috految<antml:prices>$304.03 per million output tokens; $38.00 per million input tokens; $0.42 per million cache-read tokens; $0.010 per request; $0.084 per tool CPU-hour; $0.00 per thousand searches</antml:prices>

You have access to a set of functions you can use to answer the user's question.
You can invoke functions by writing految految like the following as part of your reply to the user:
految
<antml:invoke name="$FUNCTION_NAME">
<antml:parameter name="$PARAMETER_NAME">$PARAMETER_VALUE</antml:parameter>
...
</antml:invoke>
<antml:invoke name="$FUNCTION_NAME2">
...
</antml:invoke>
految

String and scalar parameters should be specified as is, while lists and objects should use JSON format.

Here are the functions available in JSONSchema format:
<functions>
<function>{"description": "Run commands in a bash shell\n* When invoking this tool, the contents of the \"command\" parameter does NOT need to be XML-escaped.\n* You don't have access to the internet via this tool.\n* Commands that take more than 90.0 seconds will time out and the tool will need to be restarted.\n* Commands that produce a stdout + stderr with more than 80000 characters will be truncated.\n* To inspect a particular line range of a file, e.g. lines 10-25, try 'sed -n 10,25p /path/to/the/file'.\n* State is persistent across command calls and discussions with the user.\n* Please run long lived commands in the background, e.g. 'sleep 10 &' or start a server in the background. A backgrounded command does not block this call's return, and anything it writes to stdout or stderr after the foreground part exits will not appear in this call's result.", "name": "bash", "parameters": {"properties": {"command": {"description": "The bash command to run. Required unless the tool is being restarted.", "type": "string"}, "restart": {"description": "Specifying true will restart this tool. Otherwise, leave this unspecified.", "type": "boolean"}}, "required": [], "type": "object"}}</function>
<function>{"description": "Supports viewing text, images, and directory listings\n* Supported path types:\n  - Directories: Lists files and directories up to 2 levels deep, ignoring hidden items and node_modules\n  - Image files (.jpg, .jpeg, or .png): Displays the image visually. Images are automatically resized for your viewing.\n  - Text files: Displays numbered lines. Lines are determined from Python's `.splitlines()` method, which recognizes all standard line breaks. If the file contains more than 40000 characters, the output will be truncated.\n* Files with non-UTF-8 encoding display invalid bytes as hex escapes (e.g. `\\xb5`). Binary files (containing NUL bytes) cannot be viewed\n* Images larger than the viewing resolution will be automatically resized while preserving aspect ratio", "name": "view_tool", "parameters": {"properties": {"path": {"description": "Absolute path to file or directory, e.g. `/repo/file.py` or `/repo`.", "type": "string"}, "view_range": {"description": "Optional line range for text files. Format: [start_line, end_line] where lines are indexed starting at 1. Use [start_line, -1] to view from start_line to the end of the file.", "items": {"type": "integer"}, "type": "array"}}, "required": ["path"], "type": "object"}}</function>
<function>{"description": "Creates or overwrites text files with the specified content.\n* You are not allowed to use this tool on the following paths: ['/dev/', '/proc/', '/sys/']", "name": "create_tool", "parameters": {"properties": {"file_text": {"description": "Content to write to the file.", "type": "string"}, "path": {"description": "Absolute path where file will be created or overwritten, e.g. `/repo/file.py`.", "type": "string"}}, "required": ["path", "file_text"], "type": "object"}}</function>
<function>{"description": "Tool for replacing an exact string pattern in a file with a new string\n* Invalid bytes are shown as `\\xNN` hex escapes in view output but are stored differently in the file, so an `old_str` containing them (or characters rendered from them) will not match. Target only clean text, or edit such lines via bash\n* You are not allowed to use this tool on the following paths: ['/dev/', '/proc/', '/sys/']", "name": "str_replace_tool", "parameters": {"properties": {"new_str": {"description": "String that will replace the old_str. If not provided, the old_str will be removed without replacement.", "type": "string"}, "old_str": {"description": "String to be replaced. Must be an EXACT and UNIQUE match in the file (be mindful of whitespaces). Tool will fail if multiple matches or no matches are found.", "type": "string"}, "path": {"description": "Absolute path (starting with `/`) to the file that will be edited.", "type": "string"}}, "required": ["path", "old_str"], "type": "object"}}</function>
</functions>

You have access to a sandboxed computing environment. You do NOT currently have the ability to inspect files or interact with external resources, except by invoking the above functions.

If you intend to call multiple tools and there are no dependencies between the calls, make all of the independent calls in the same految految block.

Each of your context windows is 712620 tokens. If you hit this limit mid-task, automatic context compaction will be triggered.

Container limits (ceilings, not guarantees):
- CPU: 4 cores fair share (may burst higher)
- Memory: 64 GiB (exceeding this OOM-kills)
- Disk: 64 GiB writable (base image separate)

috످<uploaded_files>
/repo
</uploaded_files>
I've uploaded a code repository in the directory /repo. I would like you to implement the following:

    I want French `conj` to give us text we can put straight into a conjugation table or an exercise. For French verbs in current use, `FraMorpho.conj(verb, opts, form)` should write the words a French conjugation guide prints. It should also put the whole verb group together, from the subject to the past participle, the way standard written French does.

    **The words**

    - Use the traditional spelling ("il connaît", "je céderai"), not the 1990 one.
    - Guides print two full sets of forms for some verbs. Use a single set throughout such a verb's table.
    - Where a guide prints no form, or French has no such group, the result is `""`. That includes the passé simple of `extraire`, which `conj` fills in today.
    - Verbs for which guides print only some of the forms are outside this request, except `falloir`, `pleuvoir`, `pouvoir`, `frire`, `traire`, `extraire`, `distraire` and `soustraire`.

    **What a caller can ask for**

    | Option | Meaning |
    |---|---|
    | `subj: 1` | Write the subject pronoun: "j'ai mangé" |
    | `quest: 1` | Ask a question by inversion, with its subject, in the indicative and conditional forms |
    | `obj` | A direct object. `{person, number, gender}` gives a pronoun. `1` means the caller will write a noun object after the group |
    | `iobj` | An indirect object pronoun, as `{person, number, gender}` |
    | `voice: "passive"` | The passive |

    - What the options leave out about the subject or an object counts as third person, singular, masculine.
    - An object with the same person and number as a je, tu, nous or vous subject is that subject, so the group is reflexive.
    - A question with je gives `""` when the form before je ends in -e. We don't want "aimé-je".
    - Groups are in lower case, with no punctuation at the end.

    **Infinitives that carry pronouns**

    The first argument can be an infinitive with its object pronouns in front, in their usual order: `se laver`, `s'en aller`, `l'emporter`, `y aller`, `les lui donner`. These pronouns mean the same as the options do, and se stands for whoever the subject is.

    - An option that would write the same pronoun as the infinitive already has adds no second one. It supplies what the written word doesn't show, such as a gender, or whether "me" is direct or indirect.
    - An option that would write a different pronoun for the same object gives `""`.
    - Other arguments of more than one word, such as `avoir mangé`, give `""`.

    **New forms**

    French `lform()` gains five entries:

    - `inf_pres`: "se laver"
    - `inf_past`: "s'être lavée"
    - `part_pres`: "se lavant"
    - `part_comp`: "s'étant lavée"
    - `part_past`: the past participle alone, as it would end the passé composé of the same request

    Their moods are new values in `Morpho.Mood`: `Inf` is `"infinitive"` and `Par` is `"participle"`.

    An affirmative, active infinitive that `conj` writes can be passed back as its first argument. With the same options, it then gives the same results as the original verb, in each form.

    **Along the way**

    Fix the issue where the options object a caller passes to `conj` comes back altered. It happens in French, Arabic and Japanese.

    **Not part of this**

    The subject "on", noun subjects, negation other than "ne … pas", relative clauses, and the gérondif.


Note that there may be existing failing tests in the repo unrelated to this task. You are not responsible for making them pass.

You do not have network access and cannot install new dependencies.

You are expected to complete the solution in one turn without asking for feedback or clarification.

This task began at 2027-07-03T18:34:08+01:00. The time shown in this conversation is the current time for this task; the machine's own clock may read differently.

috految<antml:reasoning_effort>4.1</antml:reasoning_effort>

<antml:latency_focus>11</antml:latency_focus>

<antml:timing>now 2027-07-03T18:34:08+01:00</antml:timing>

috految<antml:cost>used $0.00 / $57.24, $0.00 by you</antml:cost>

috److految
<antml:invoke name="bash">
<antml:parameter name="command">cd /repo; ls . src/fra test/*; grep -A12 '"scripts\|"main' package.json; git grep -lE 'conj\(|FraMorpho|fra.morpho'; node -v; head -12 CHANGELOG*; grep -vE '^\s*(/?\*|//|$)' src/morpho.*; grep -nE '^(import|export|function|const|let|var|class)|^\s*//.*[A-Z]{4}' src/fra/*morpho*; wc src/fra/*; grep -nEh 'opts\b\S* *=[^=]|assign|conj\(|delete|Mood\)' src/{ara,jpn,eng}/*</antml:parameter>
</antml:invoke>
految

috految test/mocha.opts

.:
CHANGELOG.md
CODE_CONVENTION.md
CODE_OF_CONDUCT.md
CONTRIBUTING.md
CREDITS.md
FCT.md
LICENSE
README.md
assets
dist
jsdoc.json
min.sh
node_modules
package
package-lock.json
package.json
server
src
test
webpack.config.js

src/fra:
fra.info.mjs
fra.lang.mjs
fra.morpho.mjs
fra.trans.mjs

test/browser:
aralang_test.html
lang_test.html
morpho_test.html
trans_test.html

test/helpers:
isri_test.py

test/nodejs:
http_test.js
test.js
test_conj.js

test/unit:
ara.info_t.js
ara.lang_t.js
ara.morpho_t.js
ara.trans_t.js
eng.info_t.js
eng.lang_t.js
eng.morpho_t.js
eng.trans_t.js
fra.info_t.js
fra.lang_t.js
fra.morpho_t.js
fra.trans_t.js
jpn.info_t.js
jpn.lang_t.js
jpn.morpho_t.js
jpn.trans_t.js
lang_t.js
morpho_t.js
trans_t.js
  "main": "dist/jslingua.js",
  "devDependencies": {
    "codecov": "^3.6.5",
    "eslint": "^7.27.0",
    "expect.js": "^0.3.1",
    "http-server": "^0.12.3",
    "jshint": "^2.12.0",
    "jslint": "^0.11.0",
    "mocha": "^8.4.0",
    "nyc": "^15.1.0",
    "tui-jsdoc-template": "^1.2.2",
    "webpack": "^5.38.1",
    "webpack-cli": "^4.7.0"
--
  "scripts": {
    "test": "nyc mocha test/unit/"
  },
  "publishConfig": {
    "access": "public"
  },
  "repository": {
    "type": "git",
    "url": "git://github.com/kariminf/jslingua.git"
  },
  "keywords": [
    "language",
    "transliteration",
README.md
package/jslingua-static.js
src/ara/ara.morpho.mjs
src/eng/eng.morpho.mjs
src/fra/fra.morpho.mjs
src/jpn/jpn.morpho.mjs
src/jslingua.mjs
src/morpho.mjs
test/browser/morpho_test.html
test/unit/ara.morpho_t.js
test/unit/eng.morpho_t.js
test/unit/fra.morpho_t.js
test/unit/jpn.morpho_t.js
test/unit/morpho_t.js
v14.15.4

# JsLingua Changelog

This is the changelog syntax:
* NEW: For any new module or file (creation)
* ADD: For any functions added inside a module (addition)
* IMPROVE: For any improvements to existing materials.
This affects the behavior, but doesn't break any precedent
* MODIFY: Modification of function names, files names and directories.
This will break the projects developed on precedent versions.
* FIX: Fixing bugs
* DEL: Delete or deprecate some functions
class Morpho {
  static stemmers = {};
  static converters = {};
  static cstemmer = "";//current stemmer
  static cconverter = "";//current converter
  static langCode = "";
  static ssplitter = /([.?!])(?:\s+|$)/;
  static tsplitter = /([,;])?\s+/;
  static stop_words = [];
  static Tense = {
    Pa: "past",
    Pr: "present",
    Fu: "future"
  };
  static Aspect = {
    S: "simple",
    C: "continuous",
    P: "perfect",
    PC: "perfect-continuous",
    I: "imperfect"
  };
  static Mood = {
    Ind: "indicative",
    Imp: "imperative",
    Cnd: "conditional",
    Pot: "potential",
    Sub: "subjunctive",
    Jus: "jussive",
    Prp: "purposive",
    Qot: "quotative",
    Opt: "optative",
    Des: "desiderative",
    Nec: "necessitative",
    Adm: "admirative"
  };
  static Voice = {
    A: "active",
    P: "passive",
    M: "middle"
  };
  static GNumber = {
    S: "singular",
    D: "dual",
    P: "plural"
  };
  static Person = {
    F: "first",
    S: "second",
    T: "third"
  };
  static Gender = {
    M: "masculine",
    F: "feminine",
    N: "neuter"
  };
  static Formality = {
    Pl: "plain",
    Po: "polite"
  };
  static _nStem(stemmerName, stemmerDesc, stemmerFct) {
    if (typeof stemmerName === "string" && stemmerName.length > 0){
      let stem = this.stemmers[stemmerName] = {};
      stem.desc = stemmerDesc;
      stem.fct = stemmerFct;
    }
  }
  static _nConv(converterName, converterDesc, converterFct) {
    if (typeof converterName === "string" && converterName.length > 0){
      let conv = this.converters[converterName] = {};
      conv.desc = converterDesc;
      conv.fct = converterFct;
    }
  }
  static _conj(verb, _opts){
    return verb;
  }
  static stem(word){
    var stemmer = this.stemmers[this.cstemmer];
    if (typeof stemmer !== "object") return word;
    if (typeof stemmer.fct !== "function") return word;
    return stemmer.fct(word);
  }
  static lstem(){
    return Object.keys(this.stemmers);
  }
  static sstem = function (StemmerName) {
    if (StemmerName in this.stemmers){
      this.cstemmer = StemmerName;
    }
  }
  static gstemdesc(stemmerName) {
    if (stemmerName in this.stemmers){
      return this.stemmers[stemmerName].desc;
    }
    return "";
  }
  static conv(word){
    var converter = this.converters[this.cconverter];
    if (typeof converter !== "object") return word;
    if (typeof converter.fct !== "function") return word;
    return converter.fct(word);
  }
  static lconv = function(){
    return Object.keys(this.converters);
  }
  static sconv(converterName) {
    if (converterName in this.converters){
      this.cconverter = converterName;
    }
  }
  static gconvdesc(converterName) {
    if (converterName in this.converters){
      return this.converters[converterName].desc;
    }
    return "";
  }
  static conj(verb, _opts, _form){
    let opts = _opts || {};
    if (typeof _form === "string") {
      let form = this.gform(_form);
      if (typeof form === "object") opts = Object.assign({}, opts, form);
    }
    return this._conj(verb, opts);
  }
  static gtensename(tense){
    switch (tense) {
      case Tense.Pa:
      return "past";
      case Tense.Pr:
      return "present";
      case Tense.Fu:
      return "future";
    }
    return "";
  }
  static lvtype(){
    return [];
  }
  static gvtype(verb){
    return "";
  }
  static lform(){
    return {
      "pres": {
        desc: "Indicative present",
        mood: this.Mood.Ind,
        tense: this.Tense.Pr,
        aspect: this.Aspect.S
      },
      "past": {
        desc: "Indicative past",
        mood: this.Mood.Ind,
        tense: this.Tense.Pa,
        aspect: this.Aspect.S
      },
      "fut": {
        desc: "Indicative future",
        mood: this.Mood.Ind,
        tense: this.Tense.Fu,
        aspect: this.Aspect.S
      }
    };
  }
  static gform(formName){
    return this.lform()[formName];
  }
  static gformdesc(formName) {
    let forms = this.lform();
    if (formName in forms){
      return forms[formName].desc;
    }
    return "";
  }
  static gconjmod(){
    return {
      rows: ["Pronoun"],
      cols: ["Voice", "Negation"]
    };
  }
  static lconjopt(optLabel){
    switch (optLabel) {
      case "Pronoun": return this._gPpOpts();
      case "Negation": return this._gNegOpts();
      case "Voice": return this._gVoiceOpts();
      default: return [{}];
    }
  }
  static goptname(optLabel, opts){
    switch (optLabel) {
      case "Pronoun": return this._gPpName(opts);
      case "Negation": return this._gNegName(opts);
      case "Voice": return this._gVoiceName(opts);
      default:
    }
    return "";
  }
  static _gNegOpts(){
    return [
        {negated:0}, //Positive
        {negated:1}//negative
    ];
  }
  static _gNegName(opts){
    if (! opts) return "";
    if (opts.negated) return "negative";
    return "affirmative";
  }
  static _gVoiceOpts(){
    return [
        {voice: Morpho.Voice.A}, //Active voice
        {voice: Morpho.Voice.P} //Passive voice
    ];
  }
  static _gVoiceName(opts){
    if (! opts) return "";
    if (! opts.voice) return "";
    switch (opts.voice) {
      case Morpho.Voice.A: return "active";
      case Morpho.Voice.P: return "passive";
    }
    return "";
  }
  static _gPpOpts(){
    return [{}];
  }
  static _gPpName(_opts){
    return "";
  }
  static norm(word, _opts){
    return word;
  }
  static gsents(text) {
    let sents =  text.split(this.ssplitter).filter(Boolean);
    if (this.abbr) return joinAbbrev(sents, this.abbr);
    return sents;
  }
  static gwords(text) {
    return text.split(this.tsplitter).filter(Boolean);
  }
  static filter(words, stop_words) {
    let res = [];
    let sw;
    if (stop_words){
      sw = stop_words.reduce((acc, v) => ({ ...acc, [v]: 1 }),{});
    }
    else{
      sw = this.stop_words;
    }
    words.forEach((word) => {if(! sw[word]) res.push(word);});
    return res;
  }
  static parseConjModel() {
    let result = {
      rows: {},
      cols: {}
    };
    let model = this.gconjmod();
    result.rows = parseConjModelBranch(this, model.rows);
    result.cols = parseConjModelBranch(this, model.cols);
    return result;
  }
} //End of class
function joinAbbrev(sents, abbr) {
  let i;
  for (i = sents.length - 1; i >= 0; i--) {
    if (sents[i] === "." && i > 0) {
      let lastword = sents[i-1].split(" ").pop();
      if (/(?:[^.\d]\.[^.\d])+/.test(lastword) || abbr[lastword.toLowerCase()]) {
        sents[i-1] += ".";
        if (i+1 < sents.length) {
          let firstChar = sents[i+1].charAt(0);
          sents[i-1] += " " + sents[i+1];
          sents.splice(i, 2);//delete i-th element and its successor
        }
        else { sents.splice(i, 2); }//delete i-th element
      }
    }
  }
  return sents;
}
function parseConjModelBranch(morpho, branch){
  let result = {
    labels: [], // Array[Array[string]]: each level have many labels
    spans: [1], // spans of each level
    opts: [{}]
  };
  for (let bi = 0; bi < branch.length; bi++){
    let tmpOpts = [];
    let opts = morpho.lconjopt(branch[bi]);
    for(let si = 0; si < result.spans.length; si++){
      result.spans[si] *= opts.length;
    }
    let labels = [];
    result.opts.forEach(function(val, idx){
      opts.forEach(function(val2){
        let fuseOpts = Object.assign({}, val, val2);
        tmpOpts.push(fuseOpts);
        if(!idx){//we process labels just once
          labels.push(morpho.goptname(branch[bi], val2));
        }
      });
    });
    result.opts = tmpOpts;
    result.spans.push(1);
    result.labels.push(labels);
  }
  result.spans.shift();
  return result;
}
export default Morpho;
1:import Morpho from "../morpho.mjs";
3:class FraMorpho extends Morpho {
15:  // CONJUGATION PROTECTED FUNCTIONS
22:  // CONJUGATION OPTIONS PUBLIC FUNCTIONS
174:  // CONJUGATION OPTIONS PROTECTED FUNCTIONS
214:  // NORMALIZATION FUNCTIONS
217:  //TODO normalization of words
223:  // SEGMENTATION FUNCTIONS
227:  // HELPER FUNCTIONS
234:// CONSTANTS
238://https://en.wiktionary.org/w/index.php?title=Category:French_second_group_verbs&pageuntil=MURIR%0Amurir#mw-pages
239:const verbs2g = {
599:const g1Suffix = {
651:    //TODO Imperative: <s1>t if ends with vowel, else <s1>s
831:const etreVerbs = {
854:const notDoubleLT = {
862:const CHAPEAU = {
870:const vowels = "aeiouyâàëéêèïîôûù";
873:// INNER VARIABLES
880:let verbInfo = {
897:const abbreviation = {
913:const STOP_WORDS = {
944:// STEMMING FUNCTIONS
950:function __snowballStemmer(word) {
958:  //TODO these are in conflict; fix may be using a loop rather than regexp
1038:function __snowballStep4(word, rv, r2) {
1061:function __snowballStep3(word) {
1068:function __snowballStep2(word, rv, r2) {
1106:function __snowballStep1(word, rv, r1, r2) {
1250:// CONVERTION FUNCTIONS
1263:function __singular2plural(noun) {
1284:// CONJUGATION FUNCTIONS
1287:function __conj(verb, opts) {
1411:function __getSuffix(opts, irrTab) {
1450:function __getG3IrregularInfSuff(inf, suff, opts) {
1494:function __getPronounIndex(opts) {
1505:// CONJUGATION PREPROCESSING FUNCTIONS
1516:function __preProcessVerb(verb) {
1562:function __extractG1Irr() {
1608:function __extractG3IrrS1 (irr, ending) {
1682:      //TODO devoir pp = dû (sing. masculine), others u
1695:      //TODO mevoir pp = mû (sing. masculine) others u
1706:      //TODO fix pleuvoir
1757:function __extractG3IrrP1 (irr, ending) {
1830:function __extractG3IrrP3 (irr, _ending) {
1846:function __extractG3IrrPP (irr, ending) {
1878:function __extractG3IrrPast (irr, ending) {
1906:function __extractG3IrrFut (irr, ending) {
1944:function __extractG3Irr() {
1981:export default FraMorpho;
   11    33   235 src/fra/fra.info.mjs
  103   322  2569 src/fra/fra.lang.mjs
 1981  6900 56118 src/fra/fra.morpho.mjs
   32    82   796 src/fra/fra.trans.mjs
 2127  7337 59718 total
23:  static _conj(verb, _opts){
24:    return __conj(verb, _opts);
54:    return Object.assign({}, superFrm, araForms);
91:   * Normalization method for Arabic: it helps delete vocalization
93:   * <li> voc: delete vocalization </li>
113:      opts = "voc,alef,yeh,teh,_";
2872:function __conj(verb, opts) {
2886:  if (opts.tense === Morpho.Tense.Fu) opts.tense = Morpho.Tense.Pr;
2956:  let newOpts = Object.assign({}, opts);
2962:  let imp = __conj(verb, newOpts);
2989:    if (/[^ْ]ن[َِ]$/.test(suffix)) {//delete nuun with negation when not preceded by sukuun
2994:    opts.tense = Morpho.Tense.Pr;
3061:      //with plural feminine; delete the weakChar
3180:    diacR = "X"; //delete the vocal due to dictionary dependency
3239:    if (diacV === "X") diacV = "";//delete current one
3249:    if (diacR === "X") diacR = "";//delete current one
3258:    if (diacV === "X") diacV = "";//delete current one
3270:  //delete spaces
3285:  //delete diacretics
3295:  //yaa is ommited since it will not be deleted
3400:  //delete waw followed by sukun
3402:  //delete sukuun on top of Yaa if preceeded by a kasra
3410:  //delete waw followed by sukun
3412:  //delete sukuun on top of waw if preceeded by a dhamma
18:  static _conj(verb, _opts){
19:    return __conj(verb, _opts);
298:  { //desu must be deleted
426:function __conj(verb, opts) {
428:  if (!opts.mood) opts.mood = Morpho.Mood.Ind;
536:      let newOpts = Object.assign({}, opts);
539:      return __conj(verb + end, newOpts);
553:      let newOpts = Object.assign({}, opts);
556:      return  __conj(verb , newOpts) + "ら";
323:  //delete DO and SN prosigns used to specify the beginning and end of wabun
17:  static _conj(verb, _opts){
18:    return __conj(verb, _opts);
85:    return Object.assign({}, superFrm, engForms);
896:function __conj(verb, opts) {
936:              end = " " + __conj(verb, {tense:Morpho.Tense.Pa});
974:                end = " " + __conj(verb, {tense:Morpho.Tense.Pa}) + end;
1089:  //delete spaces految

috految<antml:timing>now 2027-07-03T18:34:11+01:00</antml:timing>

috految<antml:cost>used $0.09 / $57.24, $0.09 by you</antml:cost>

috److految
<antml:invoke name="bash">
<antml:parameter name="command">cd /repo; f=src/fra/fra.morpho.mjs; sed -n '1,242p;592,599p;828,897p;1284,1448p;1494,1606p;1968,$p' $f|tr -s ' \n' ' '; sed -n 599,830p $f|grep -E '^\S|^  \S|//|"$'|tr -d '\n'; sed -n 1608,1960p $f|grep -E 'seoir|"[^ "]*(clo|sou|ouï|choi)'; sed -n 240,595p $f|grep -oP '[^\s":]+(?=":)'|grep -E '(vr|fr|ll|[eé]n|.t|ou|[ée]r|u|ss)(ir)?$'|xargs; grep -oP '^\s*\K.*(conj|vtype|lform|Morpho).*' test/unit/fra.morpho_t.js|awk 'NR<8||NR%8==0'; grep -E 'sseoir|assi|ayer|pleuv|fall|frir|extra|pouv|ouïr|[^a-z]""' test/unit/fra.morpho_t.js; grep -n 'Adm\|[fF]ormality\|conj(' src/morpho.mjs *.md test/browser/*; grep -i 'fra\|mjs' min.sh webpack* package.json; git grep -n 'Mood\b[^.]' src test; sed -n 13,22p CHANGELOG.md; git ls-files dist; grep -n '^#' FCT.md; grep -i 'conj' server/*</antml:parameter>
</antml:invoke>
految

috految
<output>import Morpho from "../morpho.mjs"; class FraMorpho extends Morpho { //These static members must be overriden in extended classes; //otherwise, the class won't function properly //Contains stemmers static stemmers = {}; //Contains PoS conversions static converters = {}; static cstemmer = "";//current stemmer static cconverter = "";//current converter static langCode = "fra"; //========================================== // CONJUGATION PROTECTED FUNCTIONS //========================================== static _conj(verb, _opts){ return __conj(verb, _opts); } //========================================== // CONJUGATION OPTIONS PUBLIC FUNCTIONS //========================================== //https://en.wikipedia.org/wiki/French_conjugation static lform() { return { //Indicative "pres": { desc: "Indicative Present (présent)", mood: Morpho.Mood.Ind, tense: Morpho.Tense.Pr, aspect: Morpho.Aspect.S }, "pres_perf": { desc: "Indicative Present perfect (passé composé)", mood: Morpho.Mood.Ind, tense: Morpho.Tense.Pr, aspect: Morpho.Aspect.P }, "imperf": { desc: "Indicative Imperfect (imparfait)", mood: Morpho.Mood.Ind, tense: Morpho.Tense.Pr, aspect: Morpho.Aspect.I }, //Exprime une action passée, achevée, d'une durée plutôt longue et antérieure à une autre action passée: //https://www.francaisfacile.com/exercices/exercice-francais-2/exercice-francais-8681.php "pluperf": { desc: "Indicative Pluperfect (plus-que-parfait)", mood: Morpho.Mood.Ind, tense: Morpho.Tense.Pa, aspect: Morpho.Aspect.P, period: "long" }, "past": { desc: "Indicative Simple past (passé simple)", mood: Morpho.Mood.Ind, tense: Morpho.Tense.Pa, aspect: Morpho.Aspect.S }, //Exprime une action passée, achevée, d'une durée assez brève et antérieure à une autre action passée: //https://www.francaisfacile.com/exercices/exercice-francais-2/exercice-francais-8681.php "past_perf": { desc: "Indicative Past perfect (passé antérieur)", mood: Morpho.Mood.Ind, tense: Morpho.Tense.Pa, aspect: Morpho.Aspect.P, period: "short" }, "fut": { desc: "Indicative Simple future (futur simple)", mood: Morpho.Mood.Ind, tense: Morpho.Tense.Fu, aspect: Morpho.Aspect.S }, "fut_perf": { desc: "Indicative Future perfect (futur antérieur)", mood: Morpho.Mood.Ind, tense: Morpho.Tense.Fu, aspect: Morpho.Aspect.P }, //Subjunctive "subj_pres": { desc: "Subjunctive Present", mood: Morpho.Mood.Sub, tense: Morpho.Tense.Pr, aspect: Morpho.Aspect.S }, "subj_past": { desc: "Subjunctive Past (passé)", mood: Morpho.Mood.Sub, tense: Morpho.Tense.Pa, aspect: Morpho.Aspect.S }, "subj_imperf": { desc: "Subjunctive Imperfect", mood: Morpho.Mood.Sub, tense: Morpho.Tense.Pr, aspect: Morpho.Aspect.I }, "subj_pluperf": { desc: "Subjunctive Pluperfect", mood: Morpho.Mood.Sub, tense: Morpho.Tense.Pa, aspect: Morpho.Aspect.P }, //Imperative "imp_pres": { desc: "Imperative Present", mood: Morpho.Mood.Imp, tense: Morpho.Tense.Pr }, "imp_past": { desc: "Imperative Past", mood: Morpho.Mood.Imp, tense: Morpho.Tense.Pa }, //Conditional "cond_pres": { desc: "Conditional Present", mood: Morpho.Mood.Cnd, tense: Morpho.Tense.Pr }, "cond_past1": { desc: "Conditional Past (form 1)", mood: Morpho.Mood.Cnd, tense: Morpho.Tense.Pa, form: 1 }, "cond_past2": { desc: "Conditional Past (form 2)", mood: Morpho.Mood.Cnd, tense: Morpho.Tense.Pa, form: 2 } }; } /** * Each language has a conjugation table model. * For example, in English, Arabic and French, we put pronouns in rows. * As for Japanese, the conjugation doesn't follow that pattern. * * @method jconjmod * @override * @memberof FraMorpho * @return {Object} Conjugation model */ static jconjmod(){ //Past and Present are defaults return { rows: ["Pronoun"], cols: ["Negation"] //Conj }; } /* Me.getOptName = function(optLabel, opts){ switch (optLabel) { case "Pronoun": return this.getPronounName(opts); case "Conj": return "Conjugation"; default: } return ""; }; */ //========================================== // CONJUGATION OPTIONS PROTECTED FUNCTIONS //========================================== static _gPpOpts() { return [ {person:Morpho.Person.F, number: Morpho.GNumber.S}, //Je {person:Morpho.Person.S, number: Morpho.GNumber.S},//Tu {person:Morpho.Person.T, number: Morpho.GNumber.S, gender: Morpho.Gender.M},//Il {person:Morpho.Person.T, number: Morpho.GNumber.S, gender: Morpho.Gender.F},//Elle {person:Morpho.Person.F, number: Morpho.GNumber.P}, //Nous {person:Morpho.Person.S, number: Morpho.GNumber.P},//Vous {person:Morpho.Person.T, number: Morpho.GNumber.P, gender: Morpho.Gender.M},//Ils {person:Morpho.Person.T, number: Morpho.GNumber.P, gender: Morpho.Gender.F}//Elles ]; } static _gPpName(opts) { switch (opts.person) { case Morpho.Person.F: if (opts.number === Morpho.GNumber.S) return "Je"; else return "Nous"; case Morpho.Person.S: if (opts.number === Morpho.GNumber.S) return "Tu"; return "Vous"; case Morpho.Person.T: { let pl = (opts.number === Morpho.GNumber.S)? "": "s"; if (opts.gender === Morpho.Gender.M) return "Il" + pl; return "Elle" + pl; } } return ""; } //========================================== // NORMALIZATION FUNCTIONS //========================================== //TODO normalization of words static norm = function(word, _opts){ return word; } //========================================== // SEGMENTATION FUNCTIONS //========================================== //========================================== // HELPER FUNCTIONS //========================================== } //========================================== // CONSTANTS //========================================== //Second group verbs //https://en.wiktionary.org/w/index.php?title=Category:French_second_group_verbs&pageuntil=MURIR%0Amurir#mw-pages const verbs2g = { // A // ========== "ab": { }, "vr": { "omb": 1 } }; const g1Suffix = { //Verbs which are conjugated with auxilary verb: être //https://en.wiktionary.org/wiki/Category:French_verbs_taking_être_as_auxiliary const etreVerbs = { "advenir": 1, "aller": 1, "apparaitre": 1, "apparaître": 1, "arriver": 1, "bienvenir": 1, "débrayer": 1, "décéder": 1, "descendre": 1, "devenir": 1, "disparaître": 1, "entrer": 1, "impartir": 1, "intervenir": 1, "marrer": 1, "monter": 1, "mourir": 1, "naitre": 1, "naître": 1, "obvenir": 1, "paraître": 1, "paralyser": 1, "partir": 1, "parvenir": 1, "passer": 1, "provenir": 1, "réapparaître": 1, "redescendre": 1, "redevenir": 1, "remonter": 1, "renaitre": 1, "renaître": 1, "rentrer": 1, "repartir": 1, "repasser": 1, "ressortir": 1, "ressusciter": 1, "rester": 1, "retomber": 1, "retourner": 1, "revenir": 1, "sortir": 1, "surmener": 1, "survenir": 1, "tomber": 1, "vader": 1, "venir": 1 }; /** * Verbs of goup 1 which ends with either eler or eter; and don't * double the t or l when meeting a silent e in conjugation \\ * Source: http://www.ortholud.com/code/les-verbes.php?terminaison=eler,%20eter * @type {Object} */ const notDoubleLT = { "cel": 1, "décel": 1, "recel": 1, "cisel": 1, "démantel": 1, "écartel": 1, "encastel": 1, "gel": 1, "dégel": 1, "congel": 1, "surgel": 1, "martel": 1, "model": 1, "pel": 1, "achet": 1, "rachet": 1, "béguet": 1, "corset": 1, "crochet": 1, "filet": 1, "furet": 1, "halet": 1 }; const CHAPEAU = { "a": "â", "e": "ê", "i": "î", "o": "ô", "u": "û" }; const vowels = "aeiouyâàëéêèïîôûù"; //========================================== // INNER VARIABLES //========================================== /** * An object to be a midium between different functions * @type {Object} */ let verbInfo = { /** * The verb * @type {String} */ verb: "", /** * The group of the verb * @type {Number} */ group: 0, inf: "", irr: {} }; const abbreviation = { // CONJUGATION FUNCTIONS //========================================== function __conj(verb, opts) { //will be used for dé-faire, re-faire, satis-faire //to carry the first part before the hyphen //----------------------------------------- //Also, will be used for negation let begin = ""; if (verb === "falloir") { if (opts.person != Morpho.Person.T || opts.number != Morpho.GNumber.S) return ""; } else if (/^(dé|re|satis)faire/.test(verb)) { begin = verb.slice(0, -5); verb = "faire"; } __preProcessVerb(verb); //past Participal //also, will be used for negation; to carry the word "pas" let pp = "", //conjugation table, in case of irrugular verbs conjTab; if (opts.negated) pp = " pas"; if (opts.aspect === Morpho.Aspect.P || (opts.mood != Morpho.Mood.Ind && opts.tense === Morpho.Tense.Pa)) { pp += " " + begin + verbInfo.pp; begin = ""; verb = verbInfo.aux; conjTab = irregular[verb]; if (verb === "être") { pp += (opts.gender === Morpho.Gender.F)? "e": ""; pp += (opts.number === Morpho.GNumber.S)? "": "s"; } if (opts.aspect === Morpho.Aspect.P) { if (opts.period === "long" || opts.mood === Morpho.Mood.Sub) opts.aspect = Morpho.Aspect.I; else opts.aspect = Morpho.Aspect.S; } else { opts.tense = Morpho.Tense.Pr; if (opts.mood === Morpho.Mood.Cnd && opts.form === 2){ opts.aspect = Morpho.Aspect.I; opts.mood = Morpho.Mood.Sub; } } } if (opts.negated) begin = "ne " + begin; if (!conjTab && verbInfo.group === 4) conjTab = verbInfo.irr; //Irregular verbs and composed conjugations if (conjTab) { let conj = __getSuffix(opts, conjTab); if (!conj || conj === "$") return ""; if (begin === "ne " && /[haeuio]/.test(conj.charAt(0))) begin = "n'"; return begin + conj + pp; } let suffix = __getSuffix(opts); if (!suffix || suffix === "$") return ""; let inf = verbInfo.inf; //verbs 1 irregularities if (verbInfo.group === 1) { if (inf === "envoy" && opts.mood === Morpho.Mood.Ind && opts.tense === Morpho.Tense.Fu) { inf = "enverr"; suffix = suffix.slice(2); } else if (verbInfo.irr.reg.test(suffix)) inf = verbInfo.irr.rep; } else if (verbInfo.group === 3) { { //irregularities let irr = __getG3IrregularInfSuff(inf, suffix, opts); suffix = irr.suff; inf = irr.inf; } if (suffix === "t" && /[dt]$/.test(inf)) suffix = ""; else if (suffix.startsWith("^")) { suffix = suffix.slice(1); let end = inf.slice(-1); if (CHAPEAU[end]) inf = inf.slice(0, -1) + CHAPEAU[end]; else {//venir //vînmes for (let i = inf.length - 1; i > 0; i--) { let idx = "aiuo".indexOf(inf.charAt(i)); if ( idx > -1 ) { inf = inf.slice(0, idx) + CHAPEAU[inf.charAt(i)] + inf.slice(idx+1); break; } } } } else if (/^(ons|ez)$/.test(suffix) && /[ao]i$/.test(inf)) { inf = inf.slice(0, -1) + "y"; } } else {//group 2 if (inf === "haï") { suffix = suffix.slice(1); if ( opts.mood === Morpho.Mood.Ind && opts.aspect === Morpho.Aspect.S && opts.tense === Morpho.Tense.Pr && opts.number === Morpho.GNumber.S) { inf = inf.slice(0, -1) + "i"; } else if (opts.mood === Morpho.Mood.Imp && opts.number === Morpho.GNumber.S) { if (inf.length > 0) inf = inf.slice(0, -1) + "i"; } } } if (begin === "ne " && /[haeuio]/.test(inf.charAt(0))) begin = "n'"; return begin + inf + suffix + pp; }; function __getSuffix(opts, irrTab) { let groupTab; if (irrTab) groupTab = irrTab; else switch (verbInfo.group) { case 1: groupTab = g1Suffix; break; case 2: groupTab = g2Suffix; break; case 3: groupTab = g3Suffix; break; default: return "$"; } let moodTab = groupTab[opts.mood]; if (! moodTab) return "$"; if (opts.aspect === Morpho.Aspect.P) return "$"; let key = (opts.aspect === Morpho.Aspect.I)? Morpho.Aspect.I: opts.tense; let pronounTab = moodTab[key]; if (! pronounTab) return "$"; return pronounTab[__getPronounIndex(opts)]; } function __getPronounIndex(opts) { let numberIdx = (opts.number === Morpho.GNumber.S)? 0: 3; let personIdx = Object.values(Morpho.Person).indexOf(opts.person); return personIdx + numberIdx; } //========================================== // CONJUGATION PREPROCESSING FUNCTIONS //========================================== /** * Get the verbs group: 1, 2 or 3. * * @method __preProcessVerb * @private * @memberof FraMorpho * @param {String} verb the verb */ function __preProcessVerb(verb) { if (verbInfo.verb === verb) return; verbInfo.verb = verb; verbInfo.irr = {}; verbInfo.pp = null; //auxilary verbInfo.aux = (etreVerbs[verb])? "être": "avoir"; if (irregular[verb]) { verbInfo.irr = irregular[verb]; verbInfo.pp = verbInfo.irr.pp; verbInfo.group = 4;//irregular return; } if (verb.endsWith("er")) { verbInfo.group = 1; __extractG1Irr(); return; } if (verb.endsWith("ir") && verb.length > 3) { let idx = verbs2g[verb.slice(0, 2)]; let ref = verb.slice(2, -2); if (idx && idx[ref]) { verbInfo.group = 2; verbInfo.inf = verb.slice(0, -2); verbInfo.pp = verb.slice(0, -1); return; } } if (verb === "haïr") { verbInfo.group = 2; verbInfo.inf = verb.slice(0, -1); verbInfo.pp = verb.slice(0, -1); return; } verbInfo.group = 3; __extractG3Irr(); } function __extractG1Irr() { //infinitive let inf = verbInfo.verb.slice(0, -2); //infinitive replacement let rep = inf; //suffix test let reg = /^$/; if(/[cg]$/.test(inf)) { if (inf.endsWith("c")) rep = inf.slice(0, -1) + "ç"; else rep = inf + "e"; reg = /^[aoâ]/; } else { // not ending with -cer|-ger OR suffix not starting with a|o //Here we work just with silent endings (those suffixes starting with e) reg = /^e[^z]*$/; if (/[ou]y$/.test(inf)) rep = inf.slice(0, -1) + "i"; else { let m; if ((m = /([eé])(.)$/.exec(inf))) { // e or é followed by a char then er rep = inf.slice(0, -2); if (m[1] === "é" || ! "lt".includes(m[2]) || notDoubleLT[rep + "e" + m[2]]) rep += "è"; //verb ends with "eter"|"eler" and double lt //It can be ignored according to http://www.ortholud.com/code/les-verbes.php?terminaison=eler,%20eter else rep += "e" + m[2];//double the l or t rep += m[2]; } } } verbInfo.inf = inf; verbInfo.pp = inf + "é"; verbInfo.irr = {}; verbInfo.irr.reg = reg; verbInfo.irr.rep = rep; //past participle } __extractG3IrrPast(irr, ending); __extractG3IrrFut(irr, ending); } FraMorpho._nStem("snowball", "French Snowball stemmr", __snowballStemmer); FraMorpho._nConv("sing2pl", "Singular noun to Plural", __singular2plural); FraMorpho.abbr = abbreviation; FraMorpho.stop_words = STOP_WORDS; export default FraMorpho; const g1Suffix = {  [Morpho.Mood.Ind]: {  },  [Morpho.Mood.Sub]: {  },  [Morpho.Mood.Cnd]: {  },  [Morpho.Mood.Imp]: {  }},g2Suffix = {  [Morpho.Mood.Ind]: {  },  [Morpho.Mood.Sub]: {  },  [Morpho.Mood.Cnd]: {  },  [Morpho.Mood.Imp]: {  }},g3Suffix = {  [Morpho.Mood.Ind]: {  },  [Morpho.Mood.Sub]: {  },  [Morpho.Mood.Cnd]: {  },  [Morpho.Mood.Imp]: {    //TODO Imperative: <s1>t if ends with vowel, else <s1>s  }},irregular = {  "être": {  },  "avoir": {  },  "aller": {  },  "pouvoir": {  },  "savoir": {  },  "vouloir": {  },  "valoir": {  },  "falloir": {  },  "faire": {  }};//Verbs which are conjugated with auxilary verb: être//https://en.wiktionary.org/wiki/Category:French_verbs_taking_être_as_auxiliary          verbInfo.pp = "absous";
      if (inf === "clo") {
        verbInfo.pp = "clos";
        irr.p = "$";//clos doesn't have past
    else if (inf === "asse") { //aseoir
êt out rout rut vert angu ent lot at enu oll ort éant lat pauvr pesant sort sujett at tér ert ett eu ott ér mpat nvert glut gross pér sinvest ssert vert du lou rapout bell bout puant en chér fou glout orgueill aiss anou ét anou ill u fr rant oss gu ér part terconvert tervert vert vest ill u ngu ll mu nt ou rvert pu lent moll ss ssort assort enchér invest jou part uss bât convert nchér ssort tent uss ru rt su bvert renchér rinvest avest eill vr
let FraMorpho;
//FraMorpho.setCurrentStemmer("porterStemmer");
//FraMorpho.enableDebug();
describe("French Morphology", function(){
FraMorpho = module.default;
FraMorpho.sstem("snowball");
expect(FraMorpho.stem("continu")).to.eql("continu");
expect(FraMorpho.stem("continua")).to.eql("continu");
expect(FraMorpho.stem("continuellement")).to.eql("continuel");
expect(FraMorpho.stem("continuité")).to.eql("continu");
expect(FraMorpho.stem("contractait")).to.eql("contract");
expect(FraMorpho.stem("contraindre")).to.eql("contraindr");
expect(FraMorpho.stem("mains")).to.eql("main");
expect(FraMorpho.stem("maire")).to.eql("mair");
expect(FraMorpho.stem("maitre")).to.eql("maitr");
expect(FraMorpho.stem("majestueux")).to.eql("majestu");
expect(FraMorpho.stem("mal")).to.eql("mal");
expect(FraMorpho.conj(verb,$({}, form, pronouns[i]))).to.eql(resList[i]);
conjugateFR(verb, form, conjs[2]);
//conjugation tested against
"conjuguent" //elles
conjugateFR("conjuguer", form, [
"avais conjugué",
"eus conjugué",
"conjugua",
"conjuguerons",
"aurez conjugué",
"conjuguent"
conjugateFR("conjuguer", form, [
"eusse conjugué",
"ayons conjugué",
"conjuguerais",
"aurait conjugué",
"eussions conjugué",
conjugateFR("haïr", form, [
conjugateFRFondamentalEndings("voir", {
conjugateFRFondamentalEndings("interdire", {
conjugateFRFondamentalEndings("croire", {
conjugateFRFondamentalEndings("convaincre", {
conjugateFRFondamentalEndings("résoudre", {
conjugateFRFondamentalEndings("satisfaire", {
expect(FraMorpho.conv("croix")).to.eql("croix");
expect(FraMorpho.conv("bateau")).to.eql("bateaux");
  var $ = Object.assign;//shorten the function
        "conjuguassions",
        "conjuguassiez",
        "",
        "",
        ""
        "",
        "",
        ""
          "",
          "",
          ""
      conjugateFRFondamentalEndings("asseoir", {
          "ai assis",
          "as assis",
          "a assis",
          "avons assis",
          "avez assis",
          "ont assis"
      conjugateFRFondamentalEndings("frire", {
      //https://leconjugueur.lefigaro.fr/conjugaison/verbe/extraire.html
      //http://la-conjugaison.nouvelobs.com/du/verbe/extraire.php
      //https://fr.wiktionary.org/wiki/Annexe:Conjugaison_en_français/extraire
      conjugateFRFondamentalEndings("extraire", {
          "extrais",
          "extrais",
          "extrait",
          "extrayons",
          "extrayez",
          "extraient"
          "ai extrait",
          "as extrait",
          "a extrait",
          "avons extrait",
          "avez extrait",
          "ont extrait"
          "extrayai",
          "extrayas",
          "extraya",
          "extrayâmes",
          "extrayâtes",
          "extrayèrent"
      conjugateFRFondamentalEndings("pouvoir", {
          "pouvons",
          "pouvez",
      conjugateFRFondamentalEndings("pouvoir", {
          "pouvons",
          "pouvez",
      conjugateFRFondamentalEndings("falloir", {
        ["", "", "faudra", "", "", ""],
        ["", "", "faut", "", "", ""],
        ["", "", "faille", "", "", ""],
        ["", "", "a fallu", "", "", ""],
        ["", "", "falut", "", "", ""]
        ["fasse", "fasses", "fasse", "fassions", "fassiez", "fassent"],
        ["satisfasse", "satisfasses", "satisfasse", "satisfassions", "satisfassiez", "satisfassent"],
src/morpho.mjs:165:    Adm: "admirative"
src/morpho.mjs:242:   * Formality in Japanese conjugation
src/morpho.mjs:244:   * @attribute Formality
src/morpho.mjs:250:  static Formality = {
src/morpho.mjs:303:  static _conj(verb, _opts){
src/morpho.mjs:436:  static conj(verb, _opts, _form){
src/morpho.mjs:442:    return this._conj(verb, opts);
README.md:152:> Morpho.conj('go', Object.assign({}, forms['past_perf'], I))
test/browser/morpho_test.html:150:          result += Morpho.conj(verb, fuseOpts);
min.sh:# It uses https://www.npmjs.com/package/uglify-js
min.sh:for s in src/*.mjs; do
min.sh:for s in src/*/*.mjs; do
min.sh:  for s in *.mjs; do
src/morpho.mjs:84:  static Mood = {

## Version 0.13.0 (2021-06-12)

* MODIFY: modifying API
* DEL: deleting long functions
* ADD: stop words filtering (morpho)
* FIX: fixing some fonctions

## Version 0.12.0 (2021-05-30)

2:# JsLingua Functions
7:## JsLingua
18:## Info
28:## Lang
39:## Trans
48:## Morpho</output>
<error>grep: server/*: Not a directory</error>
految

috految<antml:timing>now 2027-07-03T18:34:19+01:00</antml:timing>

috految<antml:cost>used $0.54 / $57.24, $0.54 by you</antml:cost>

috److془Design carefully.

Keep in single file (min.sh). 

Details:
Subjunctive with subj: "je mange" no que. Imperative subj: no subject. Infinitive also. quest in other moods: "" (French has no such group). part_past with quest: "as it would end the passé composé of the same request" → participle. Negated ignored. Passive: "mangée". Hmm quest with infinitive: "". 

Question: je: ends with -e → "". peux → puis-je. "cours-je", "dors-je": spec rule only -e; write. "allai-je". eusse → "". -t- if not ending in t/d: "vainc-t-il". "va-t-il". "ne puis-je pas". "y pensé" fine. y aller future/cond: "j'irai" y dropped. Imperative: "vas-y", "va-t'en", "manges-en", "penses-y", "aies-en", "sache-le"; "donnes-en". "donne-m'en", "mets-t'y", "mène-l'y", "donne-le-moi", "donne-le-nous", "donne-lui-en", "mets-y-en". "n'y va pas". Negative imperative: "ne me le donne pas". Past imperative of pronominals: "". Past with pronouns: "aie-le mangé". "sois-y allé". Passive imp_past: Bescherelle says "inusité"/ others "aie été aimé". Write. Passive imperative "sois aimé". vouloir: veuille, veuillons, veuillez; en vouloir: "ne m'en veux pas", "ne m'en voulez pas". Both okay; use veux with en. Hmm "single set": fine. Pouvoir no imperative both. falloir: no part_pres, ayant fallu (Bescherelle: "fallu", some ayant fallu). pleuvoir: third plural: Bescherelle prints "ils pleuvent". Keep. elle faut: "". elle pleut "". elles pleuvent ok. Compound ont plu. Feminine falloir w/o subj: "" unless existing test disagrees. Infinitive with first person: "falloir". Invariable fallu, plu, pu, été. "il s'en est fallu". "il me faut", "il les a fallu". "y avoir" impersonal: "il y a"; "j'y ai" valid. "il y en a eu". "y a-t-il". s'agir impersonal; "se pouvoir" 3sg. Neiger out. frire: fris fris frit, fut, cond, imp fris. Imp past full. Passive of frire, extraire all fine. Imperative of devoir fine. 

Negative infinitive: "ne pas se laver", "ne pas avoir mangé". participle "ne se lavant pas", "n'ayant pas mangé". Passive "n'ai pas été". inf_pres with je: "me laver". Roundtrip: "An affirmative, active infinitive that conj writes can be passed back as first argument" ; avoir mangé gives "". So present. Round trip: "se laver" je → "me laver" same. Normalise se to subject word first. "se laver" + obj 1 → indirect. "se laver" + obj{3,f} → "se la laver". "se laver" il + obj {third} → "se le laver". "se laver" + iobj 3 → "se lui" → "". me + lui: "me présente à lui"? "the whole group from subject to past participle", "" . "se laver" + obj 2nd: "". "me laver" + obj:{3}: "me le laver". "me voir"+obj 3... ok. "se laver" je + obj{1}+iobj{1} → "". "le donner" + obj:1 → "". "l'emporter" + obj f → elided, "l'ai emportée". "la manger" + obj:{person third} gender omitted = masculine → "". "les manger" + obj {gender f} → singular → "" by spec. "l'y mettre" fine. "la"+ obj none: "la aimer" would break roundtrip; reject bad elision. But "l'emporter" + iobj → "le lui emporter" fine. Pronouns only added so la never newly elides. "l'en/ le lui" fine. "les" fine. "se le"→ "me le". "l'emporter" + obj f + iobj → "la lui" ok. "le lui" for obj 1st: "". "me le donner" + obj{1}: "". In "me le" me indirect. "lui donner"+obj me "". Roundtrip "lui laver" fine. Reflexive gender: "is that subject": use subject gender, or object's. "It supplies what the written word doesn't show, such as gender". opts.gender || obj.gender. Explicit obj -> je "suis lavée". Good. Option obj 1st, je, with 'se': same word good. "se" je + iobj me: indirect. Third person not reflexive. Cross: "je nous" , "tu vous", "nous me": write, avoir. Imperative "lave-nous" fine. "lave-vous" meh. "lave-toi". "me souvenir" with il → "" for essentially pronominal; "m'en aller" with il → "". Bare "souvenir", "enfuir": "abstenir" tests might use bare for words; leave. Though "ai enfui" .. use être in compound? "il est enfui" also nonsense. Spec: "French has no such group → ''". Return "" for compound/subj. Hmm fine; tests will tell. Actually just give the bare simple words. "me souvenir" inf with default: "" fine. 
"s'en aller" compound "je m'en suis allé". "s'en aller": "m'en irai". "s'ensuivre" out. 
Not every "y aller" tied: "lui aller": "il lui est allé". 

Role for ambiguous: lexical: "nous parler" → "il nous a parlé"; "se parler" invariable; se plaire, rire, nuire, succéder, demander, dire, permettre, promettre, écrire, "se rappeler" invariable, s'imaginer (ambiguous; direct). se donner direct; nous donner indirect. "se dire" indirect. "s'en vouloir" invariable; "s'en aller, s'en apercevoir, servir" agree. With en: "s'en acheter", "nous en donner" indirect; "nous en informer" direct. List for en. "s'en faire", "s'en prendre" agree. "s'en rendre" + obj 1 fine. "s'en donner" indirect. "nous en servir" nonreflexive indirect. "s'y plaire". "se moquer/ douter/échapper/ manquer" se agrees. "se rire" invariable. "se devoir" invariable. "s'en falloir". "se suffire". "s'arroger" ind. "se souvenir" + obj → "". "se falloir". "s'écrier"+obj 1 whatever. "s'en aller" + obj → "". "s'en sortir". "en"+ direct: "les en informer" agree. "en manger"+obj 1: "en ai mangé trois" fine. "en manger"+obj le: "l'en manger" can't know much. "en sortir" être. "en monter/ passer" with indirect: avoir. "lui passer" pronoun without obj: être ok. "m'en sortir" il: direct avoir. "nous arriver/ rester/venir/tomber" indirect with être. "nous passer" direct avoir default; fine. "nous échapper" indirect. "en revenir" être. "en convenir" avoir accepted. "en passer" avoir ambiguous. "le redevenir","le rester", "l'être": predicate: être, subject agreement. "le paraître". "les coûter/valoir" figurative agree. "les pouvoir" invariable. "les faire" agree. "nous faire" default: indirect? ambiguous. Direct. Participle of "se faire" agree. "l'y trouver" ok. "nous y ..." direct default. Se + obj:1 être invariable. "lui y": standard no → "". "leur y" permitted; actually grammar tables allow lui y; leave. Passive: with direct or reflexive → ""; me in passive → indirect ("il m'est donné"); "me voir" passive → should be ""; "me présenter" valid. Use broad dative list. Hmm, or indirect default: coverage safe. Use the default, with small directNoDative list. Passive intransitive → "". list. obéir, pardonner have passive. avoir none. Passive + obj:1 "". Iobj reflexive passive "". Intransitive+obj → ""; lenient for those with cognate objects. Explicit obj reflexive with aller, en: allow. "se parler" explicit obj: agree. "se plaire" invariant always. "il les a dormi" no. Reflexive of être, partir "". se mourir ok. "s'en retourner", "s'en venir","s'en revenir". "en être". "se souvenir"+iobj agree. "être" + obj1 lenient. Reflexive "se le rappeler" agree with COD. "s'en rappeler" invariant. Impersonal "l'y avoir" whatever. "l'avoir" imperative fine. "avoir" past pp "eue". "s'en agir" whatever. "se plaindre" direct. "lui en avoir". 
Elision for l' before e.g "l'ai". Imperative "l'aimer", "aime-le". "aie-le aimé" no elision. "j'y", "j'en", "n'y". Y verbs: no elision. "ayant" vowel. Aspirated h: list mute. ouater whichever. héler aspirated, hérisser aspirated, hiérarchiser aspirated, harmoniser mute. Two-word "s'entr'aimer", "entr'apercevoir"; "s'entre-tuer" hyphen. "se laver-les" fails by ending. "ré-écrire". "n'aimer" reject. "vous la": "nous enfuir" fine. "y être" with subject fine. "vous" plural agreement. "en y" rejected. Imperative "souviens-t'en". "mets-l'y". "s'y trouver". Subjunctive 'nous nous'. "donne-le-m'y".. fine. "le louer". "tu" no elision. "se renverrai". "irai": aller only. y dropped with question fine.
Infinitive lacking circumflex: normalise. Old 1990 "connaitre", "assoir". Aux: paraître, disparaître avoir; apparaître être; demeurer avoir; ressusciter être retains. accourir être. repartir être, ressortir like sortir. répartir, impartir, assortir, asservir g2. départir like partir. Existing tests may pick. Asseoir: assois/assoirai presumably (assi grep no hits). -ayer keep y. "payerai" consistent. Hmm fine. maudire. bénir béni. fleurir. Vêtir. saillir out (g2). faillir g2. défaillir, assaillir, tressaillir -irai. bouillir: bous bouillirai. absoudre absoute, no past. dû, mû, crû, recrû, redû; croître: crûs, crûmes, crûrent, crûsse; crue? use crue, crus. accroître: accrois, accroît, accrus, accru. décru. plaît, déplaît, complaît. arguer: traditional "j'arguë" Académie; Bescherelle "j'argue"; Keep argue. é: last syllable before consonants(+gu/qu); créer no. siéger. régner, sécher. déféquer, léguer. Exclude y; "béer". e+single consonant, vr; (dépecer, sevrer), not x,y,w; "interviewer", "briefer", "tweeter", "dealer","reseter","breveter" doubles, "interpeller" ll fine; "pelleter". "déchiqueter","caqueter" ok. "surfer". "pigeonner". "bleuter" fine. "gangrener". "speeder" exclude by preceding e. "refuser" fine. assener. "rapiécer" good. "receler", harceler è. "enchevêtrer". "remodeler". "peler" exact. "ciseler". "dégeler". "déceler". "bourreler" ll. "agneler". "regeler". "cacheter" doubles. "envoyer/renvoyer" enverr. "peser". "démener". "ficher" fine. "-éer" é. "déneiger" fine. "-eyer" keep. "reléguer". "boguer". foutre, fiche skip. Prévaloir subj prévale. pourvoir. prévoir. surseoir: sursoy, surseoirai. lire: élire. confire. dire, redire dites. luire lui, nuire nui; luisis. inclure inclus, occlure. conclure. circoncire. assaillir. repaître. déchoir, gésir, etc. rudimentary. Vivre. haîr: haïmes, haït. fuir: fuis. ouïr. Imperative cueillir e drops s. Cedilla before a,â,o. recevoir. annoncer. "tenir": bénir no; rajeunir no. "venir" suffix ok. mentir: anchored; sentir: appesantir no; fine. "vrir": ouvrir; appauvrir ok. "couvrir". "dormir". "quérir". "servir" anchored. "courir". "rebâtir". "fuir". "sortir". "mourir". 
Old: no mood → "". Keep. Stale aspect in opts with cond: ignore by mood. Old pres perfect cond → compound; keep it. Cond. pres with aspect S fine. Old Ind aspect I any tense. Sub P → pluperf. cond2 eusse. Arabic mutation: copy fixes. Does Arabic depend on cache? same as fresh. Old gconjmod uses Voice passives: fine. Mood.Inf undefined refs elsewhere: grep. Snowball may use removed; grep. Imperative third "" . Person of 'Nous' fine.془

految
<antml:invoke name="bash">
<antml:parameter name="command">cd /repo; cat >/tmp/e.py <<'E'
import re,textwrap
def edit(p,a,b):
 s=open(p).read(); assert a in s,a; open(p,'w').write(s.replace(a,b,1))
p='src/morpho.mjs'
edit(p,'let opts = _opts || {};','//Work on a copy: languages adjust the options while conjugating\n    let opts = Object.assign({}, _opts);')
edit(p,'Adm: "admirative"','Adm: "admirative",\n    /** Infinitive */\n    Inf: "infinitive",\n    /** Participle */\n    Par: "participle"')
edit('CHANGELOG.md','## Version','''## Unreleased

* ADD: French verb groups (`subj`, `quest`, `obj`, `iobj`, passive, infinitives with pronouns)
* ADD: French infinitives and participles; `Mood.Inf` and `Mood.Par`
* FIX: French verb forms and auxiliaries
* FIX: `conj` no longer alters the caller's options

## Version''')
p='src/fra/fra.morpho.mjs'
s=open(p).read()
s=re.sub(r'form: 2\s*}',lambda m:m[0]+''.join(''',
      "%s": {
        desc: "%s",
        mood: Morpho.Mood.%s,
        tense: Morpho.Tense.%s,
        aspect: Morpho.Aspect.%s
      }'''%tuple(x.split(',')) for x in ['inf_pres,Infinitive Present,Inf,Pr,S','inf_past,Infinitive Past,Inf,Pa,S','part_pres,Participle Present,Par,Pr,S','part_comp,Participle Compound,Par,Pr,P','part_past,Participle Past,Par,Pa,S']),s,1)
def cut(a,b,t):
 global s
 i=s.index(a);s=s[:i]+t+s[s.index(b,i):]
d='''/*
 * Verb models; the first match wins. What precedes the match is a prefix
 * kept in every form. A null part is a form that doesn't exist.
 * - sing, plur: present stems; strong: the stem before a silent e, if not plur
 * - past: simple past stem; pp: past participle; fut: future stem, if irregular
 * - sub, subPlur: subjunctive stems; part: present participle
 * - pres, subPres, imp: forms in full; third: third person singular present
 */
const MODELS = [
'''
for l in '''^être - ét fu été fut=ser pres=suis,es,est,sommes,êtes,sont subPres=sois,sois,soit,soyons,soyez,soient imp=sois,soyons,soyez
^avoir - av eu eu fut=aur part=ayant pres=ai,as,a,avons,avez,ont subPres=aie,aies,ait,ayons,ayez,aient imp=aie,ayons,ayez
^aller - all alla allé fut=ir pres=vais,vas,va,allons,allez,vont sub=aill imp=va,allons,allez
faire - fais fi fait fut=fer pres=fais,fais,fait,faisons,faites,font sub=fass subPlur=fass
^pouvoir peu pouv pu pu fut=pourr pres=peux,peux,peut,pouvons,pouvez,peuvent sub=puiss subPlur=puiss imp=-
savoir sai sav su su fut=saur sub=sach subPlur=sach part=sachant imp=sache,sachons,sachez
vouloir - voul voulu voulu fut=voudr pres=veux,veux,veut,voulons,voulez,veulent sub=veuill imp=veuille,veuillons,veuillez
prévaloir prévau préval prévalu prévalu fut=prévaudr
valoir vau val valu valu fut=vaudr sub=vaill
falloir fau fall fallu fallu fut=faudr sub=faill part=- imp=-
pleuvoir pleu pleuv plu plu fut=pleuvr imp=-
cevoir çoi cev çu çu strong=çoiv fut=cevr
devoir doi dev du dû strong=doiv fut=devr
^mouvoir meu mouv mu mû strong=meuv fut=mouvr
mouvoir meu mouv mu mu strong=meuv fut=mouvr
pourvoir pourvoi pourvoy pourvu pourvu strong=pourvoi
prévoir prévoi prévoy prévi prévu strong=prévoi
voir voi voy vi vu strong=voi fut=verr
asseoir assoi assoy assi assis strong=assoi fut=assoir
surseoir sursoi sursoy sursi sursis strong=sursoi
choir choi choy chu chu strong=choi
^gésir gi gis - - third=gît fut=-
haïr hai haïss haï haï
ïr ï ïss ï ï
venir vien ven vin venu strong=vienn fut=viendr
tenir tien ten tin tenu strong=tienn fut=tiendr
quérir quier quér qui quis strong=quièr fut=querr
courir cour cour couru couru fut=courr
mourir meur mour mouru mort strong=meur fut=mourr
ouvrir ouvre ouvr ouvri ouvert
ffrir ffre ffr ffri ffert
cueillir cueille cueill cueilli cueilli fut=cueiller
ssaillir ssaille ssaill ssailli ssailli
défaillir défaille défaill défailli défailli
bouillir bou bouill bouilli bouilli
dormir dor dorm dormi dormi
vêtir vêt vêt vêti vêtu
fuir fui fuy fui fui strong=fui
assortir assorti assortiss assorti assorti
asservir asservi asserviss asservi asservi
répartir réparti répartiss réparti réparti
impartir imparti impartiss imparti imparti
partir par part parti parti
sortir sor sort sorti sorti
servir ser serv servi servi
mentir men ment menti menti
sentir sen sent senti senti
repentir repen repent repenti repenti
ir i iss i i
prendre prend pren pri pris strong=prenn
indre in ign igni int
résoudre résou résolv résolu résolu
soudre sou solv - sous
coudre coud cous cousi cousu
moudre moud moul moulu moulu
dre d d di du
rompre romp romp rompi rompu
vaincre vainc vainqu vainqui vaincu third=vainc
battre bat batt batti battu
mettre met mett mi mis
foutre fou fout - foutu
connaître connai connaiss connu connu third=connaît
naître nai naiss naqui né third=naît
aître ai aiss u u third=aît
^croître croî croiss crû crû
recroître recroi recroiss recru recrû third=recroît
croître croi croiss cru cru third=croît
croire croi croy cru cru strong=croi
boire boi buv bu bu strong=boiv
plaire plai plais plu plu third=plaît
^taire tai tais tu tu
raire rai ray - rait strong=rai
suivre sui suiv suivi suivi
vivre vi viv vécu vécu
crire cri criv crivi crit
frire fri - - frit
rire ri ri ri ri
maudire maudi maudiss maudi maudit
^dire - dis di dit pres=dis,dis,dit,disons,dites,disent
^redire - redis redi redit pres=redis,redis,redit,redisons,redites,redisent
dire di dis di dit
lire li lis lu lu
suffire suffi suffis suffi suffi
fire fi fis fi fit
cire ci cis ci cis
bruire brui bruiss - bruit
luire lui luis luisi lui
nuire nui nuis nuisi nui
uire ui uis uisi uit
inclure inclu inclu inclu inclus
occlure occlu occlu occlu occlus
clure clu clu clu clu
^clore clo clos - clos third=clôt
clore clo clos - clos'''.split('\n'):
 r,*w=l.split()
 kv=list(zip(['sing','plur','past','pp'],w))+[x.split('=') for x in w[4:]]
 d+=textwrap.fill('{match: /%s$/, '%r+', '.join(k+': '+('null' if v=='-' else str(v.split(',')).replace("'",'"') if ',' in v else '"%s"'%v) for k,v in kv)+'},',110,initial_indent='  ',subsequent_indent='    ')+'\n'
d+='];\n\n'
def S(n,c,w):
 global d
 d+='//%s\nconst %s = new Set([\n%s\n]);\n\n'%(c,n,textwrap.fill(', '.join('"%s"'%x for x in sorted(w.split())),95,initial_indent='  ',subsequent_indent='  ',break_on_hyphens=False))
S('ETRE_ONLY','Take être, and no direct object','accourir advenir aller apparaître réapparaître arriver bienvenir décéder devenir redevenir échoir intervenir réintervenir mourir naître renaître obvenir partir repartir parvenir provenir rester retomber revenir survenir venir')
S('ETRE_ALONE','Take être, but avoir with a direct object','descendre redescendre entrer rentrer réentrer monter remonter passer repasser ressortir ressusciter retourner sortir tomber')
S('COPULAS','Their "le" is a predicate, not an object','être devenir redevenir rester demeurer paraître sembler')
S('INTRANSITIVE','Take no direct object, and so have no passive','agir réagir interagir accéder adhérer appartenir aboutir atterrir bavarder bénéficier boiter bondir briller chuter circuler coexister coïncider collaborer compatir complaire comparaître concourir consister contribuer contrevenir coopérer correspondre croître déplaire déjeuner dîner disparaître dormir durer émigrer équivaloir errer éternuer évoluer exister faillir flâner fonctionner frémir frissonner gémir hésiter incomber insister jaillir jeûner jouir luire reluire lutter marcher mentir neiger nuire participer patienter périr persister plaire pleuvoir procéder profiter progresser prospérer raffoler recourir régner remédier renoncer reparaître résider résister ressembler résulter rire ronfler séjourner songer souper sourire subsister subvenir succéder succomber suffire surgir survivre sursauter tarder tousser trébucher trembler tricher triompher voyager')
S('NO_PASSIVE','Other verbs without a passive','avoir pouvoir falloir coûter valoir comporter tomber nager douter dépendre échapper rougir')
S('PRONOMINAL','Exist only with the reflexive pronoun','absenter abstenir accroupir adonner agenouiller ébattre écrier écrouler efforcer emparer empresser enfuir enquérir entraider envoler éprendre esclaffer évader évanouir évertuer exclamer extasier immiscer ingénier insurger marrer méfier méprendre obstiner raviser rebeller réfugier repentir souvenir suicider')
S('INDIRECT','A lone pronoun is indirect, even when reflexive','parler reparler téléphoner retéléphoner écrire récrire réécrire répondre dire redire demander redemander permettre promettre jurer pardonner reprocher souhaiter arroger approprier octroyer procurer figurer mentir nuire entre-nuire plaire déplaire complaire rire sourire ressembler succéder suffire survivre convenir appartenir correspondre équivaloir obéir désobéir résister remémorer devoir interdire raconter chuchoter murmurer')
S('DATIVE','A lone pronoun is indirect, unless reflexive','acheter adresser accorder annoncer apporter apprendre attribuer avouer causer céder communiquer confier coûter déclarer déconseiller décrire donner redonner échapper emprunter enseigner expliquer faillir falloir faire garantir importer indiquer léguer lire manquer offrir ordonner peser prêter proposer prouver réussir répéter répliquer répugner révéler revaloir rétorquer suggérer tomber transmettre valoir vendre')
S('PARTITIVE','Their "en" is the direct object, as in "s\'en acheter"','acheter racheter accorder donner redonner offrir prêter vouloir faire envoyer préparer commander réserver payer verser vendre fabriquer construire choisir échanger partager distribuer fournir apporter laisser montrer mettre poser couper cuisiner voler')
S('DATIVE_WITH_EN','Like PARTITIVE, unless reflexive ("nous en servir")','servir resservir prendre rendre passer rapporter remettre trouver garder livrer présenter recommander conseiller')
S('DIRECT_ONLY','Take no indirect pronoun in the passive','aimer adorer voir regarder aider inviter appeler écouter attendre suivre tuer laver')
d+=r'''//Stems in -el and -et which take a grave accent instead of doubling the consonant
const GRAVE_STEM = /^(?:(?:dé|re)?cel|(?:re)?cisel|démantel|écartel|encastel|.*gel|harcel|martel|.*model|pel|(?:r|sur|pré|ré)?achet|béguet|corset|crochet|filet|furet|halet)$/;

const MUTE_H = /^h(?:abi|alluc|alogén|ameç|armon|éberg|éb[éè]t|ébra|élip|élit|ellén|erb|érit|ermé|éroïs|ésit|ibern|istor|ivern|ispan|om|on[én]or|onor|or[oimr]|os|uil|umani|umect|umi|y|ypn|ydr|ollywood|yper)/;

const SUBJECTS = ["je", "tu", "il", "nous", "vous", "ils"];
const REFLEXIVES = ["me", "te", "se", "nous", "vous", "se"];
const STRESSED = {me: "moi", te: "toi"};
const IMPERFECT = ["ais", "ais", "ait", "ions", "iez", "aient"];

'''.replace('|ypn|ydr|ollywood|yper','').replace('on[én]or|','')
cut('//Second group verbs','const CHAPEAU',d)
cut('/**\n'+s[:s.index('An object to be a midium')].split('/**\n')[-1]+'An object','const abbreviation','')
cut('function __conj(','FraMorpho._nStem',r'''/**
 * Write a verb group
 *
 * @private
 * @param  {String} text infinitive, with any object pronouns in front
 * @param  {Object} opts form, subject, negated, subj, quest, obj, iobj, voice
 * @return {String} the group, or "" if French has none
 */
function __conj(text, opts) {
  const {Mood, Tense, Aspect} = Morpho;
  const group = __parseGroup(text, opts);
  if (!group) return "";

  const {verb, person, reflexive, passive} = group;
  const {mood} = opts;
  const forms = __getForms(verb);
  if (!forms || !__exists(group)) return "";

  const participle = __getParticiple(forms.pp, group);
  const ppAlone = mood === Mood.Par && opts.tense === Tense.Pa && opts.aspect !== Aspect.P;
  const finite = mood !== Mood.Inf && mood !== Mood.Par;
  if (finite || ppAlone) {
    const il = person === 2 && !group.feminine;
    if ((verb === "falloir" || (reflexive && verb === "agir")) && !il) return "";
    if (verb === "pleuvoir" && !il && person !== 5) return "";
    if (verb === "pouvoir" && reflexive && person % 3 !== 2) return "";
  }
  if (ppAlone) return participle;

  const compound = opts.aspect === Aspect.P || (mood !== Mood.Ind && opts.tense === Tense.Pa);
  if (opts.quest && mood !== Mood.Ind && mood !== Mood.Cnd) return "";
  if (mood === Mood.Imp && (!forms.imp || (compound && reflexive))) return "";
  if (PRONOMINAL.has(verb) && !reflexive && (compound || opts.subj || opts.quest)) return "";

  let head = forms;
  const tail = [];
  if (compound || passive) {
    if (!participle) return "";
    const etre = passive? !compound: __takesEtre(group);
    head = __getForms(etre? "être": "avoir");
    if (compound && passive) tail.push("été");
    tail.push(participle);
  }

  let word = __selectForm(head, person, opts, compound);
  if (!word) return "";
  if (mood === Mood.Imp && verb === "vouloir" && group.en && !tail.length) {
    word = forms.pres[person];//ne m'en veux pas
  }
  return __writeGroup(word, tail, group, opts);
}

function __getPronounIndex({person, number}) {
  const idx = Object.values(Morpho.Person).indexOf(person || Morpho.Person.T);
  return idx + ((!number || number === Morpho.GNumber.S)? 0: 3);
}

//Merge the written pronouns with those of the options; null if they conflict
function __parseGroup(text, opts) {
  const match = /^(?:(me |te |se |nous |vous |[mts]'))?(le |la |les |l')?(lui |leur )?(y )?(en )?((?:entr')?[a-zà-ÿœ-]+)$/
    .exec(text.normalize().trim().toLowerCase().replace(/’/g, "'").replace(/\s+/g, " "));
  if (!match) return null;

  let [personal, direct, indirect, y, en, verb] = match.slice(1).map(word => word && word.trim());
  if (direct === "la" && !indirect && __elides(y || en || verb)) return null;
  //Traditional spelling
  verb = verb.replace(/([ao])itre$/, "$1ître").replace(/(as|sur)soir$/, "$1seoir");

  const person = __getPronounIndex(opts);
  const own = REFLEXIVES[person];
  if (personal) personal = personal.replace("'", "e");
  if (personal === "se") personal = own;

  const obj = typeof opts.obj === "object"? opts.obj: null;
  const noun = Boolean(opts.obj) && !obj;
  let role;//of the personal pronoun
  let gender = opts.gender;
  for (const [kind, object] of [["direct", obj], ["indirect", opts.iobj]]) {
    if (!object) continue;
    const idx = __getPronounIndex(object);
    if (idx % 3 !== 2) {
      if (role || (personal && personal !== REFLEXIVES[idx])) return null;
      personal = REFLEXIVES[idx];
      role = kind;
      if (idx === person) gender = gender || object.gender;
    }
    else if (kind === "direct") {
      const singular = object.gender === Morpho.Gender.F? "la": "le";
      const word = idx === 5? "les": singular;
      if (direct && direct !== word && !(direct === "l'" && idx === 2)) return null;
      direct = word;
    }
    else {
      const word = idx === 5? "leur": "lui";
      if (indirect && indirect !== word) return null;
      indirect = word;
    }
  }
  if (direct === "l'") direct = "le";
  if ((personal && indirect) || (direct && (noun || role === "direct"))) return null;

  const group = {
    verb, person, personal, direct, indirect, y, en, noun, obj,
    reflexive: personal === own,
    feminine: gender === Morpho.Gender.F,
    passive: opts.voice === Morpho.Voice.P
  };
  group.personalDirect = Boolean(personal) && (role? role === "direct": __readsAsDirect(group));
  return group;
}

//Role of me, te, se, nous or vous when the options don't give it
function __readsAsDirect({verb, direct, noun, en, reflexive, passive}) {
  if (direct || noun) return false;
  if (passive) return DIRECT_ONLY.has(verb);
  if (INDIRECT.has(verb) || (en && PARTITIVE.has(verb))) return false;
  if (reflexive) return verb !== "rappeler";
  if (en && DATIVE_WITH_EN.has(verb)) return false;
  return ![DATIVE, INTRANSITIVE, ETRE_ONLY, COPULAS].some(verbs => verbs.has(verb));
}

function __exists({verb, personal, personalDirect, direct, noun, en, reflexive, passive}) {
  const object = direct || noun || (personalDirect && !reflexive);
  if (passive) {
    return !object && !reflexive &&
      ![ETRE_ONLY, COPULAS, INTRANSITIVE, NO_PASSIVE, PRONOMINAL].some(verbs => verbs.has(verb));
  }
  if (PRONOMINAL.has(verb)) return !object && (reflexive || !personal);
  if (verb === "aller" && en && personal && !reflexive) return false;
  if (reflexive && (verb === "être" || ETRE_ONLY.has(verb))) {
    return !object && (Boolean(en) || verb === "mourir");
  }
  if (COPULAS.has(verb)) return !personalDirect;
  if (ETRE_ONLY.has(verb)) return !object;
  //A noun may be a measure: dormir deux heures
  return !INTRANSITIVE.has(verb) || !object || noun;
}

function __takesEtre({verb, reflexive, direct, noun, personal, personalDirect, indirect, en}) {
  if (reflexive || ETRE_ONLY.has(verb)) return true;
  const object = direct || noun || personalDirect || (en && (personal || indirect) && verb !== "tomber");
  return ETRE_ALONE.has(verb) && !object;
}

function __getParticiple(pp, group) {
  if (!pp) return "";
  const {verb, reflexive, direct, obj} = group;
  if (/^(?:être|pouvoir|falloir|pleuvoir|rire|(?:com|dé)?plaire|nuire|succéder)$/.test(verb)) return pp;

  let feminine = false;
  let plural = false;
  const withSubject = reflexive?
    group.personalDirect || PRONOMINAL.has(verb) || ETRE_ONLY.has(verb):
    group.passive || __takesEtre(group);
  if (withSubject) {
    feminine = group.feminine;
    plural = group.person > 2;
  }
  else if ((direct || group.personalDirect) && !COPULAS.has(verb)) {
    feminine = direct === "la" || Boolean(obj && obj.gender === Morpho.Gender.F);
    plural = ["les", "nous", "vous"].includes(direct || group.personal);
  }
  if (!feminine && !plural) return pp;

  let word = pp.replace(/û$/, "u");
  if (feminine) word = word.replace(/sous$/, "sout") + "e";
  return (plural && !word.endsWith("s"))? word + "s": word;
}

function __selectForm(forms, person, {mood, tense, aspect, period, form}, compound) {
  const {Mood, Tense, Aspect} = Morpho;
  if (mood === Mood.Inf) return forms.inf;
  if (mood === Mood.Par) return forms.part;
  if (mood === Mood.Ind) {
    if (aspect === Aspect.I || (compound && period === "long")) return forms.imperf[person];
    const table = {[Tense.Pr]: forms.pres, [Tense.Pa]: forms.past, [Tense.Fu]: forms.fut}[tense];
    return table && table[person];
  }
  if (tense === Tense.Fu) return "";
  if (mood === Mood.Imp) return forms.imp[[1, 3, 4].indexOf(person)];
  if (mood === Mood.Cnd) return (compound && form === 2? forms.subImperf: forms.cond)[person];
  if (mood !== Mood.Sub) return "";
  return ((aspect === Aspect.I || aspect === Aspect.P)? forms.subImperf: forms.sub)[person];
}

function __elides(word) {
  return /^(?:[aàâeéèêiîoôœuû]|y$)/.test(word) || MUTE_H.test(word);
}

function __writeGroup(word, tail, group, opts) {
  const {person, personal, direct, indirect, en} = group;
  const {mood, negated} = opts;
  //y is dropped before irai, irais...
  const y = (group.verb === "aller" && word.startsWith("ir"))? "": group.y;

  if (mood === Morpho.Mood.Imp && !negated) {
    const pronouns = [direct, personal, indirect, y, en].filter(Boolean);
    let result = word;
    if (/^(?:y|en)$/.test(pronouns[0]) && /[ae]$/.test(word)) result += "s";
    pronouns.forEach((pronoun, i) => {
      if (!result.endsWith("'")) result += "-";
      const elided = /^(?:[mtl]e|la)$/.test(pronoun) && ["y", "en"].includes(pronouns[i + 1]);
      result += elided? pronoun[0] + "'": STRESSED[pronoun] || pronoun;
    });
    return [result, ...tail].join(" ");
  }

  const subject = group.feminine? SUBJECTS[person].replace("il", "elle"): SUBJECTS[person];
  const before = [personal, direct, indirect, y, en].filter(Boolean);
  let result = word;
  if (opts.quest) {
    if (person === 0 && word.endsWith("e")) return "";
    if (person === 0 && word === "peux") result = "puis";
    result += ((person === 2 && !/[td]$/.test(word))? "-t-": "-") + subject;
  }
  if (negated && mood === Morpho.Mood.Inf) before.unshift("ne", "pas");
  else if (negated) {
    before.unshift("ne");
    result += " pas";
  }
  if (opts.subj && !opts.quest && [Morpho.Mood.Ind, Morpho.Mood.Sub, Morpho.Mood.Cnd].includes(mood)) {
    before.unshift(subject);
  }

  const start = before.map((item, i) => {
    const elided = /^(?:[jnmtsl]e|la)$/.test(item) && __elides(before[i + 1] || word);
    return elided? item[0] + "'": item + " ";
  });
  return [start.join("") + result, ...tail].join(" ");
}

function __getErModel(verb) {
  const stem = verb.slice(0, -2);
  let strong = stem.replace(/([ou])y$/, "$1i");
  if (/[^e]e[lt]$/.test(stem) && !GRAVE_STEM.test(stem)) strong = stem + stem.slice(-1);
  else if (!/(?:ee|ie)[^aeiou]$/.test(stem)) strong = strong.replace(/e([cmnprsvlt]|vr)$/, "è$1");
  const fut = /^(?:r|ré)?envoyer$/.test(verb)? stem.slice(0, -2) + "err": strong + "er";
  //é is kept in the future: cède, céderai
  strong = strong.replace(/é([bcdfghjklmnprstvz]+|[gq]u)$/, "è$1");
  const soft = stem.replace(/c$/, "ç").replace(/g$/, "ge");
  return {sing: strong + "e", plur: stem, strong, soft, fut, past: soft + "a", pp: stem + "é"};
}

//All the simple forms of a verb, or null if it isn't an infinitive
function __getForms(verb) {
  const model = MODELS.find(({match}) => match.test(verb)) || (/.er$/.test(verb) && __getErModel(verb));
  if (!model) return null;

  const prefix = model.match? verb.replace(model.match, ""): "";
  const {sing, plur, past, strong = plur, soft = plur, sub = strong, subPlur = plur} = model;
  const {fut = verb.slice(prefix.length).replace(/e$/, ""), part = soft && soft + "ant"} = model;
  const join = (stem, ending = "") => stem? prefix + stem + ending: "";
  const list = words => words && words.map(word => join(word));

  let pres = list(model.pres);
  if (!pres) {
    const silent = sing.endsWith("e");
    const ending = sing.endsWith("au")? "x": "s";
    pres = [
      join(sing, silent? "": ending), join(sing, ending),
      join(model.third || (/[edt]$/.test(sing)? sing: sing + "t")),
      join(soft, "ons"), join(plur, "ez"), join(strong, "ent")
    ];
  }

  const long = past && past.replace(/[aiu](?=n?$)/, vowel => CHAPEAU[vowel]);
  const inA = past && past.endsWith("a");
  return {
    inf: verb,
    pp: join(model.pp),
    part: join(part),
    pres,
    imp: "imp" in model? list(model.imp): [pres[0], pres[3], pres[4]],
    imperf: IMPERFECT.map(end => join(end[0] === "a"? soft: plur, end)),
    fut: ["ai", "as", "a", "ons", "ez", "ont"].map(end => join(fut, end)),
    cond: IMPERFECT.map(end => join(fut, end)),
    past: [
      join(past, inA? "i": "s"), join(past, "s"), join(past, inA? "": "t"),
      join(long, "mes"), join(long, "tes"), inA? join(plur, "èrent"): join(past, "rent")
    ],
    sub: list(model.subPres) ||
      ["e", "es", "e", "ions", "iez", "ent"].map(end => join(end[0] === "i"? subPlur: sub, end)),
    subImperf: ["sse", "sses", "t", "ssions", "ssiez", "ssent"].map(end => join(end === "t"? long: past, end))
  };
}

''')
open(p,'w').write(s)
E
python3 /tmp/e.py; sed -i 's/"falut"/"fallut"/;s/"extray\(ai\|as\|a\|âmes\|âtes\|èrent\)"/""/' test/unit/fra.morpho_t.js
sed 's/expect(\(FraMorpho.conj.*\)).to.eql(resList\[i\]);/{let r=\1;if(r!=resList[i])console.log(verb,i,r,resList[i])}/' test/unit/fra.morpho_t.js >test/unit/z.js; node_modules/.bin/mocha -R dot test/unit 2>&1|grep -v ' at '|tail -70; rm test/unit/z.js; grep -E 'verbInfo|verbs2g|irregular\[|Suffix\[|"inf_' src/fra/*; grep -E 'Mood.(Inf|Par)' src/{ara,eng,jpn}/*</antml:parameter>
</antml:invoke>
految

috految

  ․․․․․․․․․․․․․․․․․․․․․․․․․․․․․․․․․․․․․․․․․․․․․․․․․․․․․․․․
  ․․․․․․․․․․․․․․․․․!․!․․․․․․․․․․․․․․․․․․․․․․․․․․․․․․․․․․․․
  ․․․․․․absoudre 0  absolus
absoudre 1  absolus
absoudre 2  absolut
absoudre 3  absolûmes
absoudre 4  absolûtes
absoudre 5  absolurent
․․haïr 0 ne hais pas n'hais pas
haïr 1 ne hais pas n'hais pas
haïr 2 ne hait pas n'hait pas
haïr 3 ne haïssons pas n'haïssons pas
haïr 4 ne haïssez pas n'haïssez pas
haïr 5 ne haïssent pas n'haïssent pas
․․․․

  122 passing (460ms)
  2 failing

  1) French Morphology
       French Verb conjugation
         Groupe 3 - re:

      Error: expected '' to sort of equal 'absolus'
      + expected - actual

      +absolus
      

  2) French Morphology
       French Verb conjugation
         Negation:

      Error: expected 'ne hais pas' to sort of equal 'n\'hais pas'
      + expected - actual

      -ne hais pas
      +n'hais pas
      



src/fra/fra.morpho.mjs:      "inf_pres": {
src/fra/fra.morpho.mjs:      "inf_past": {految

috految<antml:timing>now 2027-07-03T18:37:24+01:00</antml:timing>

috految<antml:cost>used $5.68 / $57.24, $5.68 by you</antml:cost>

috److految
<antml:invoke name="bash">
<antml:parameter name="command">cd /repo; sed -i '/\/soudre/s/past: null/past: "solu"/' src/fra/fra.morpho.mjs; sed -i "s/n'ha\(i\|ï\)/ne ha\1/g" test/unit/fra.morpho_t.js; node_modules/.bin/mocha test/unit|tail -4</antml:parameter>
</antml:invoke>
految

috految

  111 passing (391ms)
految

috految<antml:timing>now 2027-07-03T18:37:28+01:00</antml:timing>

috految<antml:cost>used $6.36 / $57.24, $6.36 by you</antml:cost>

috److I rewrote French `conj` to build whole verb groups. It now handles subjects, questions, object pronouns, the passive, infinitives that carry pronouns, and the five new forms. `conj` also works on a copy of the options, so the caller's object is no longer altered in any language.

The 111 existing unit tests pass, but **I added no tests for the new options and forms and haven't run them**. I changed three expectations that conflicted with your request:
- `falut` is now `fallut`.
- `n'hais pas` is now `ne hais pas`.
- The passé simple of `extraire` is now `""`.

**Choices I made**
- **Verbs with two sets of forms:** they use `assois` and `paye` throughout.
- **Questions:** `quest` gives `""` outside the indicative and conditional, except for `part_past`, which still gives the participle.
- **Pronoun pairs French doesn't allow:** combinations like "me lui" give `""`.
- **`absoudre`:** it keeps its passé simple (`absolus`), because an existing test expects it.

**Known limits**
- **Verb lists:** whether a verb takes an object or a passive comes from hand-written lists in `src/fra/fra.morpho.mjs`. So does whether a bare `me`, `se` or `nous` is direct or indirect. An unlisted verb is treated as transitive, so a rare intransitive verb may get a passive instead of `""`.
- **Ambiguous pronouns:** you can pass `obj` or `iobj` to say which role `me`, `te`, `nous` or `vous` has.

I also added a changelog entry. I didn't rebuild `dist` or document the new options in the README.

috످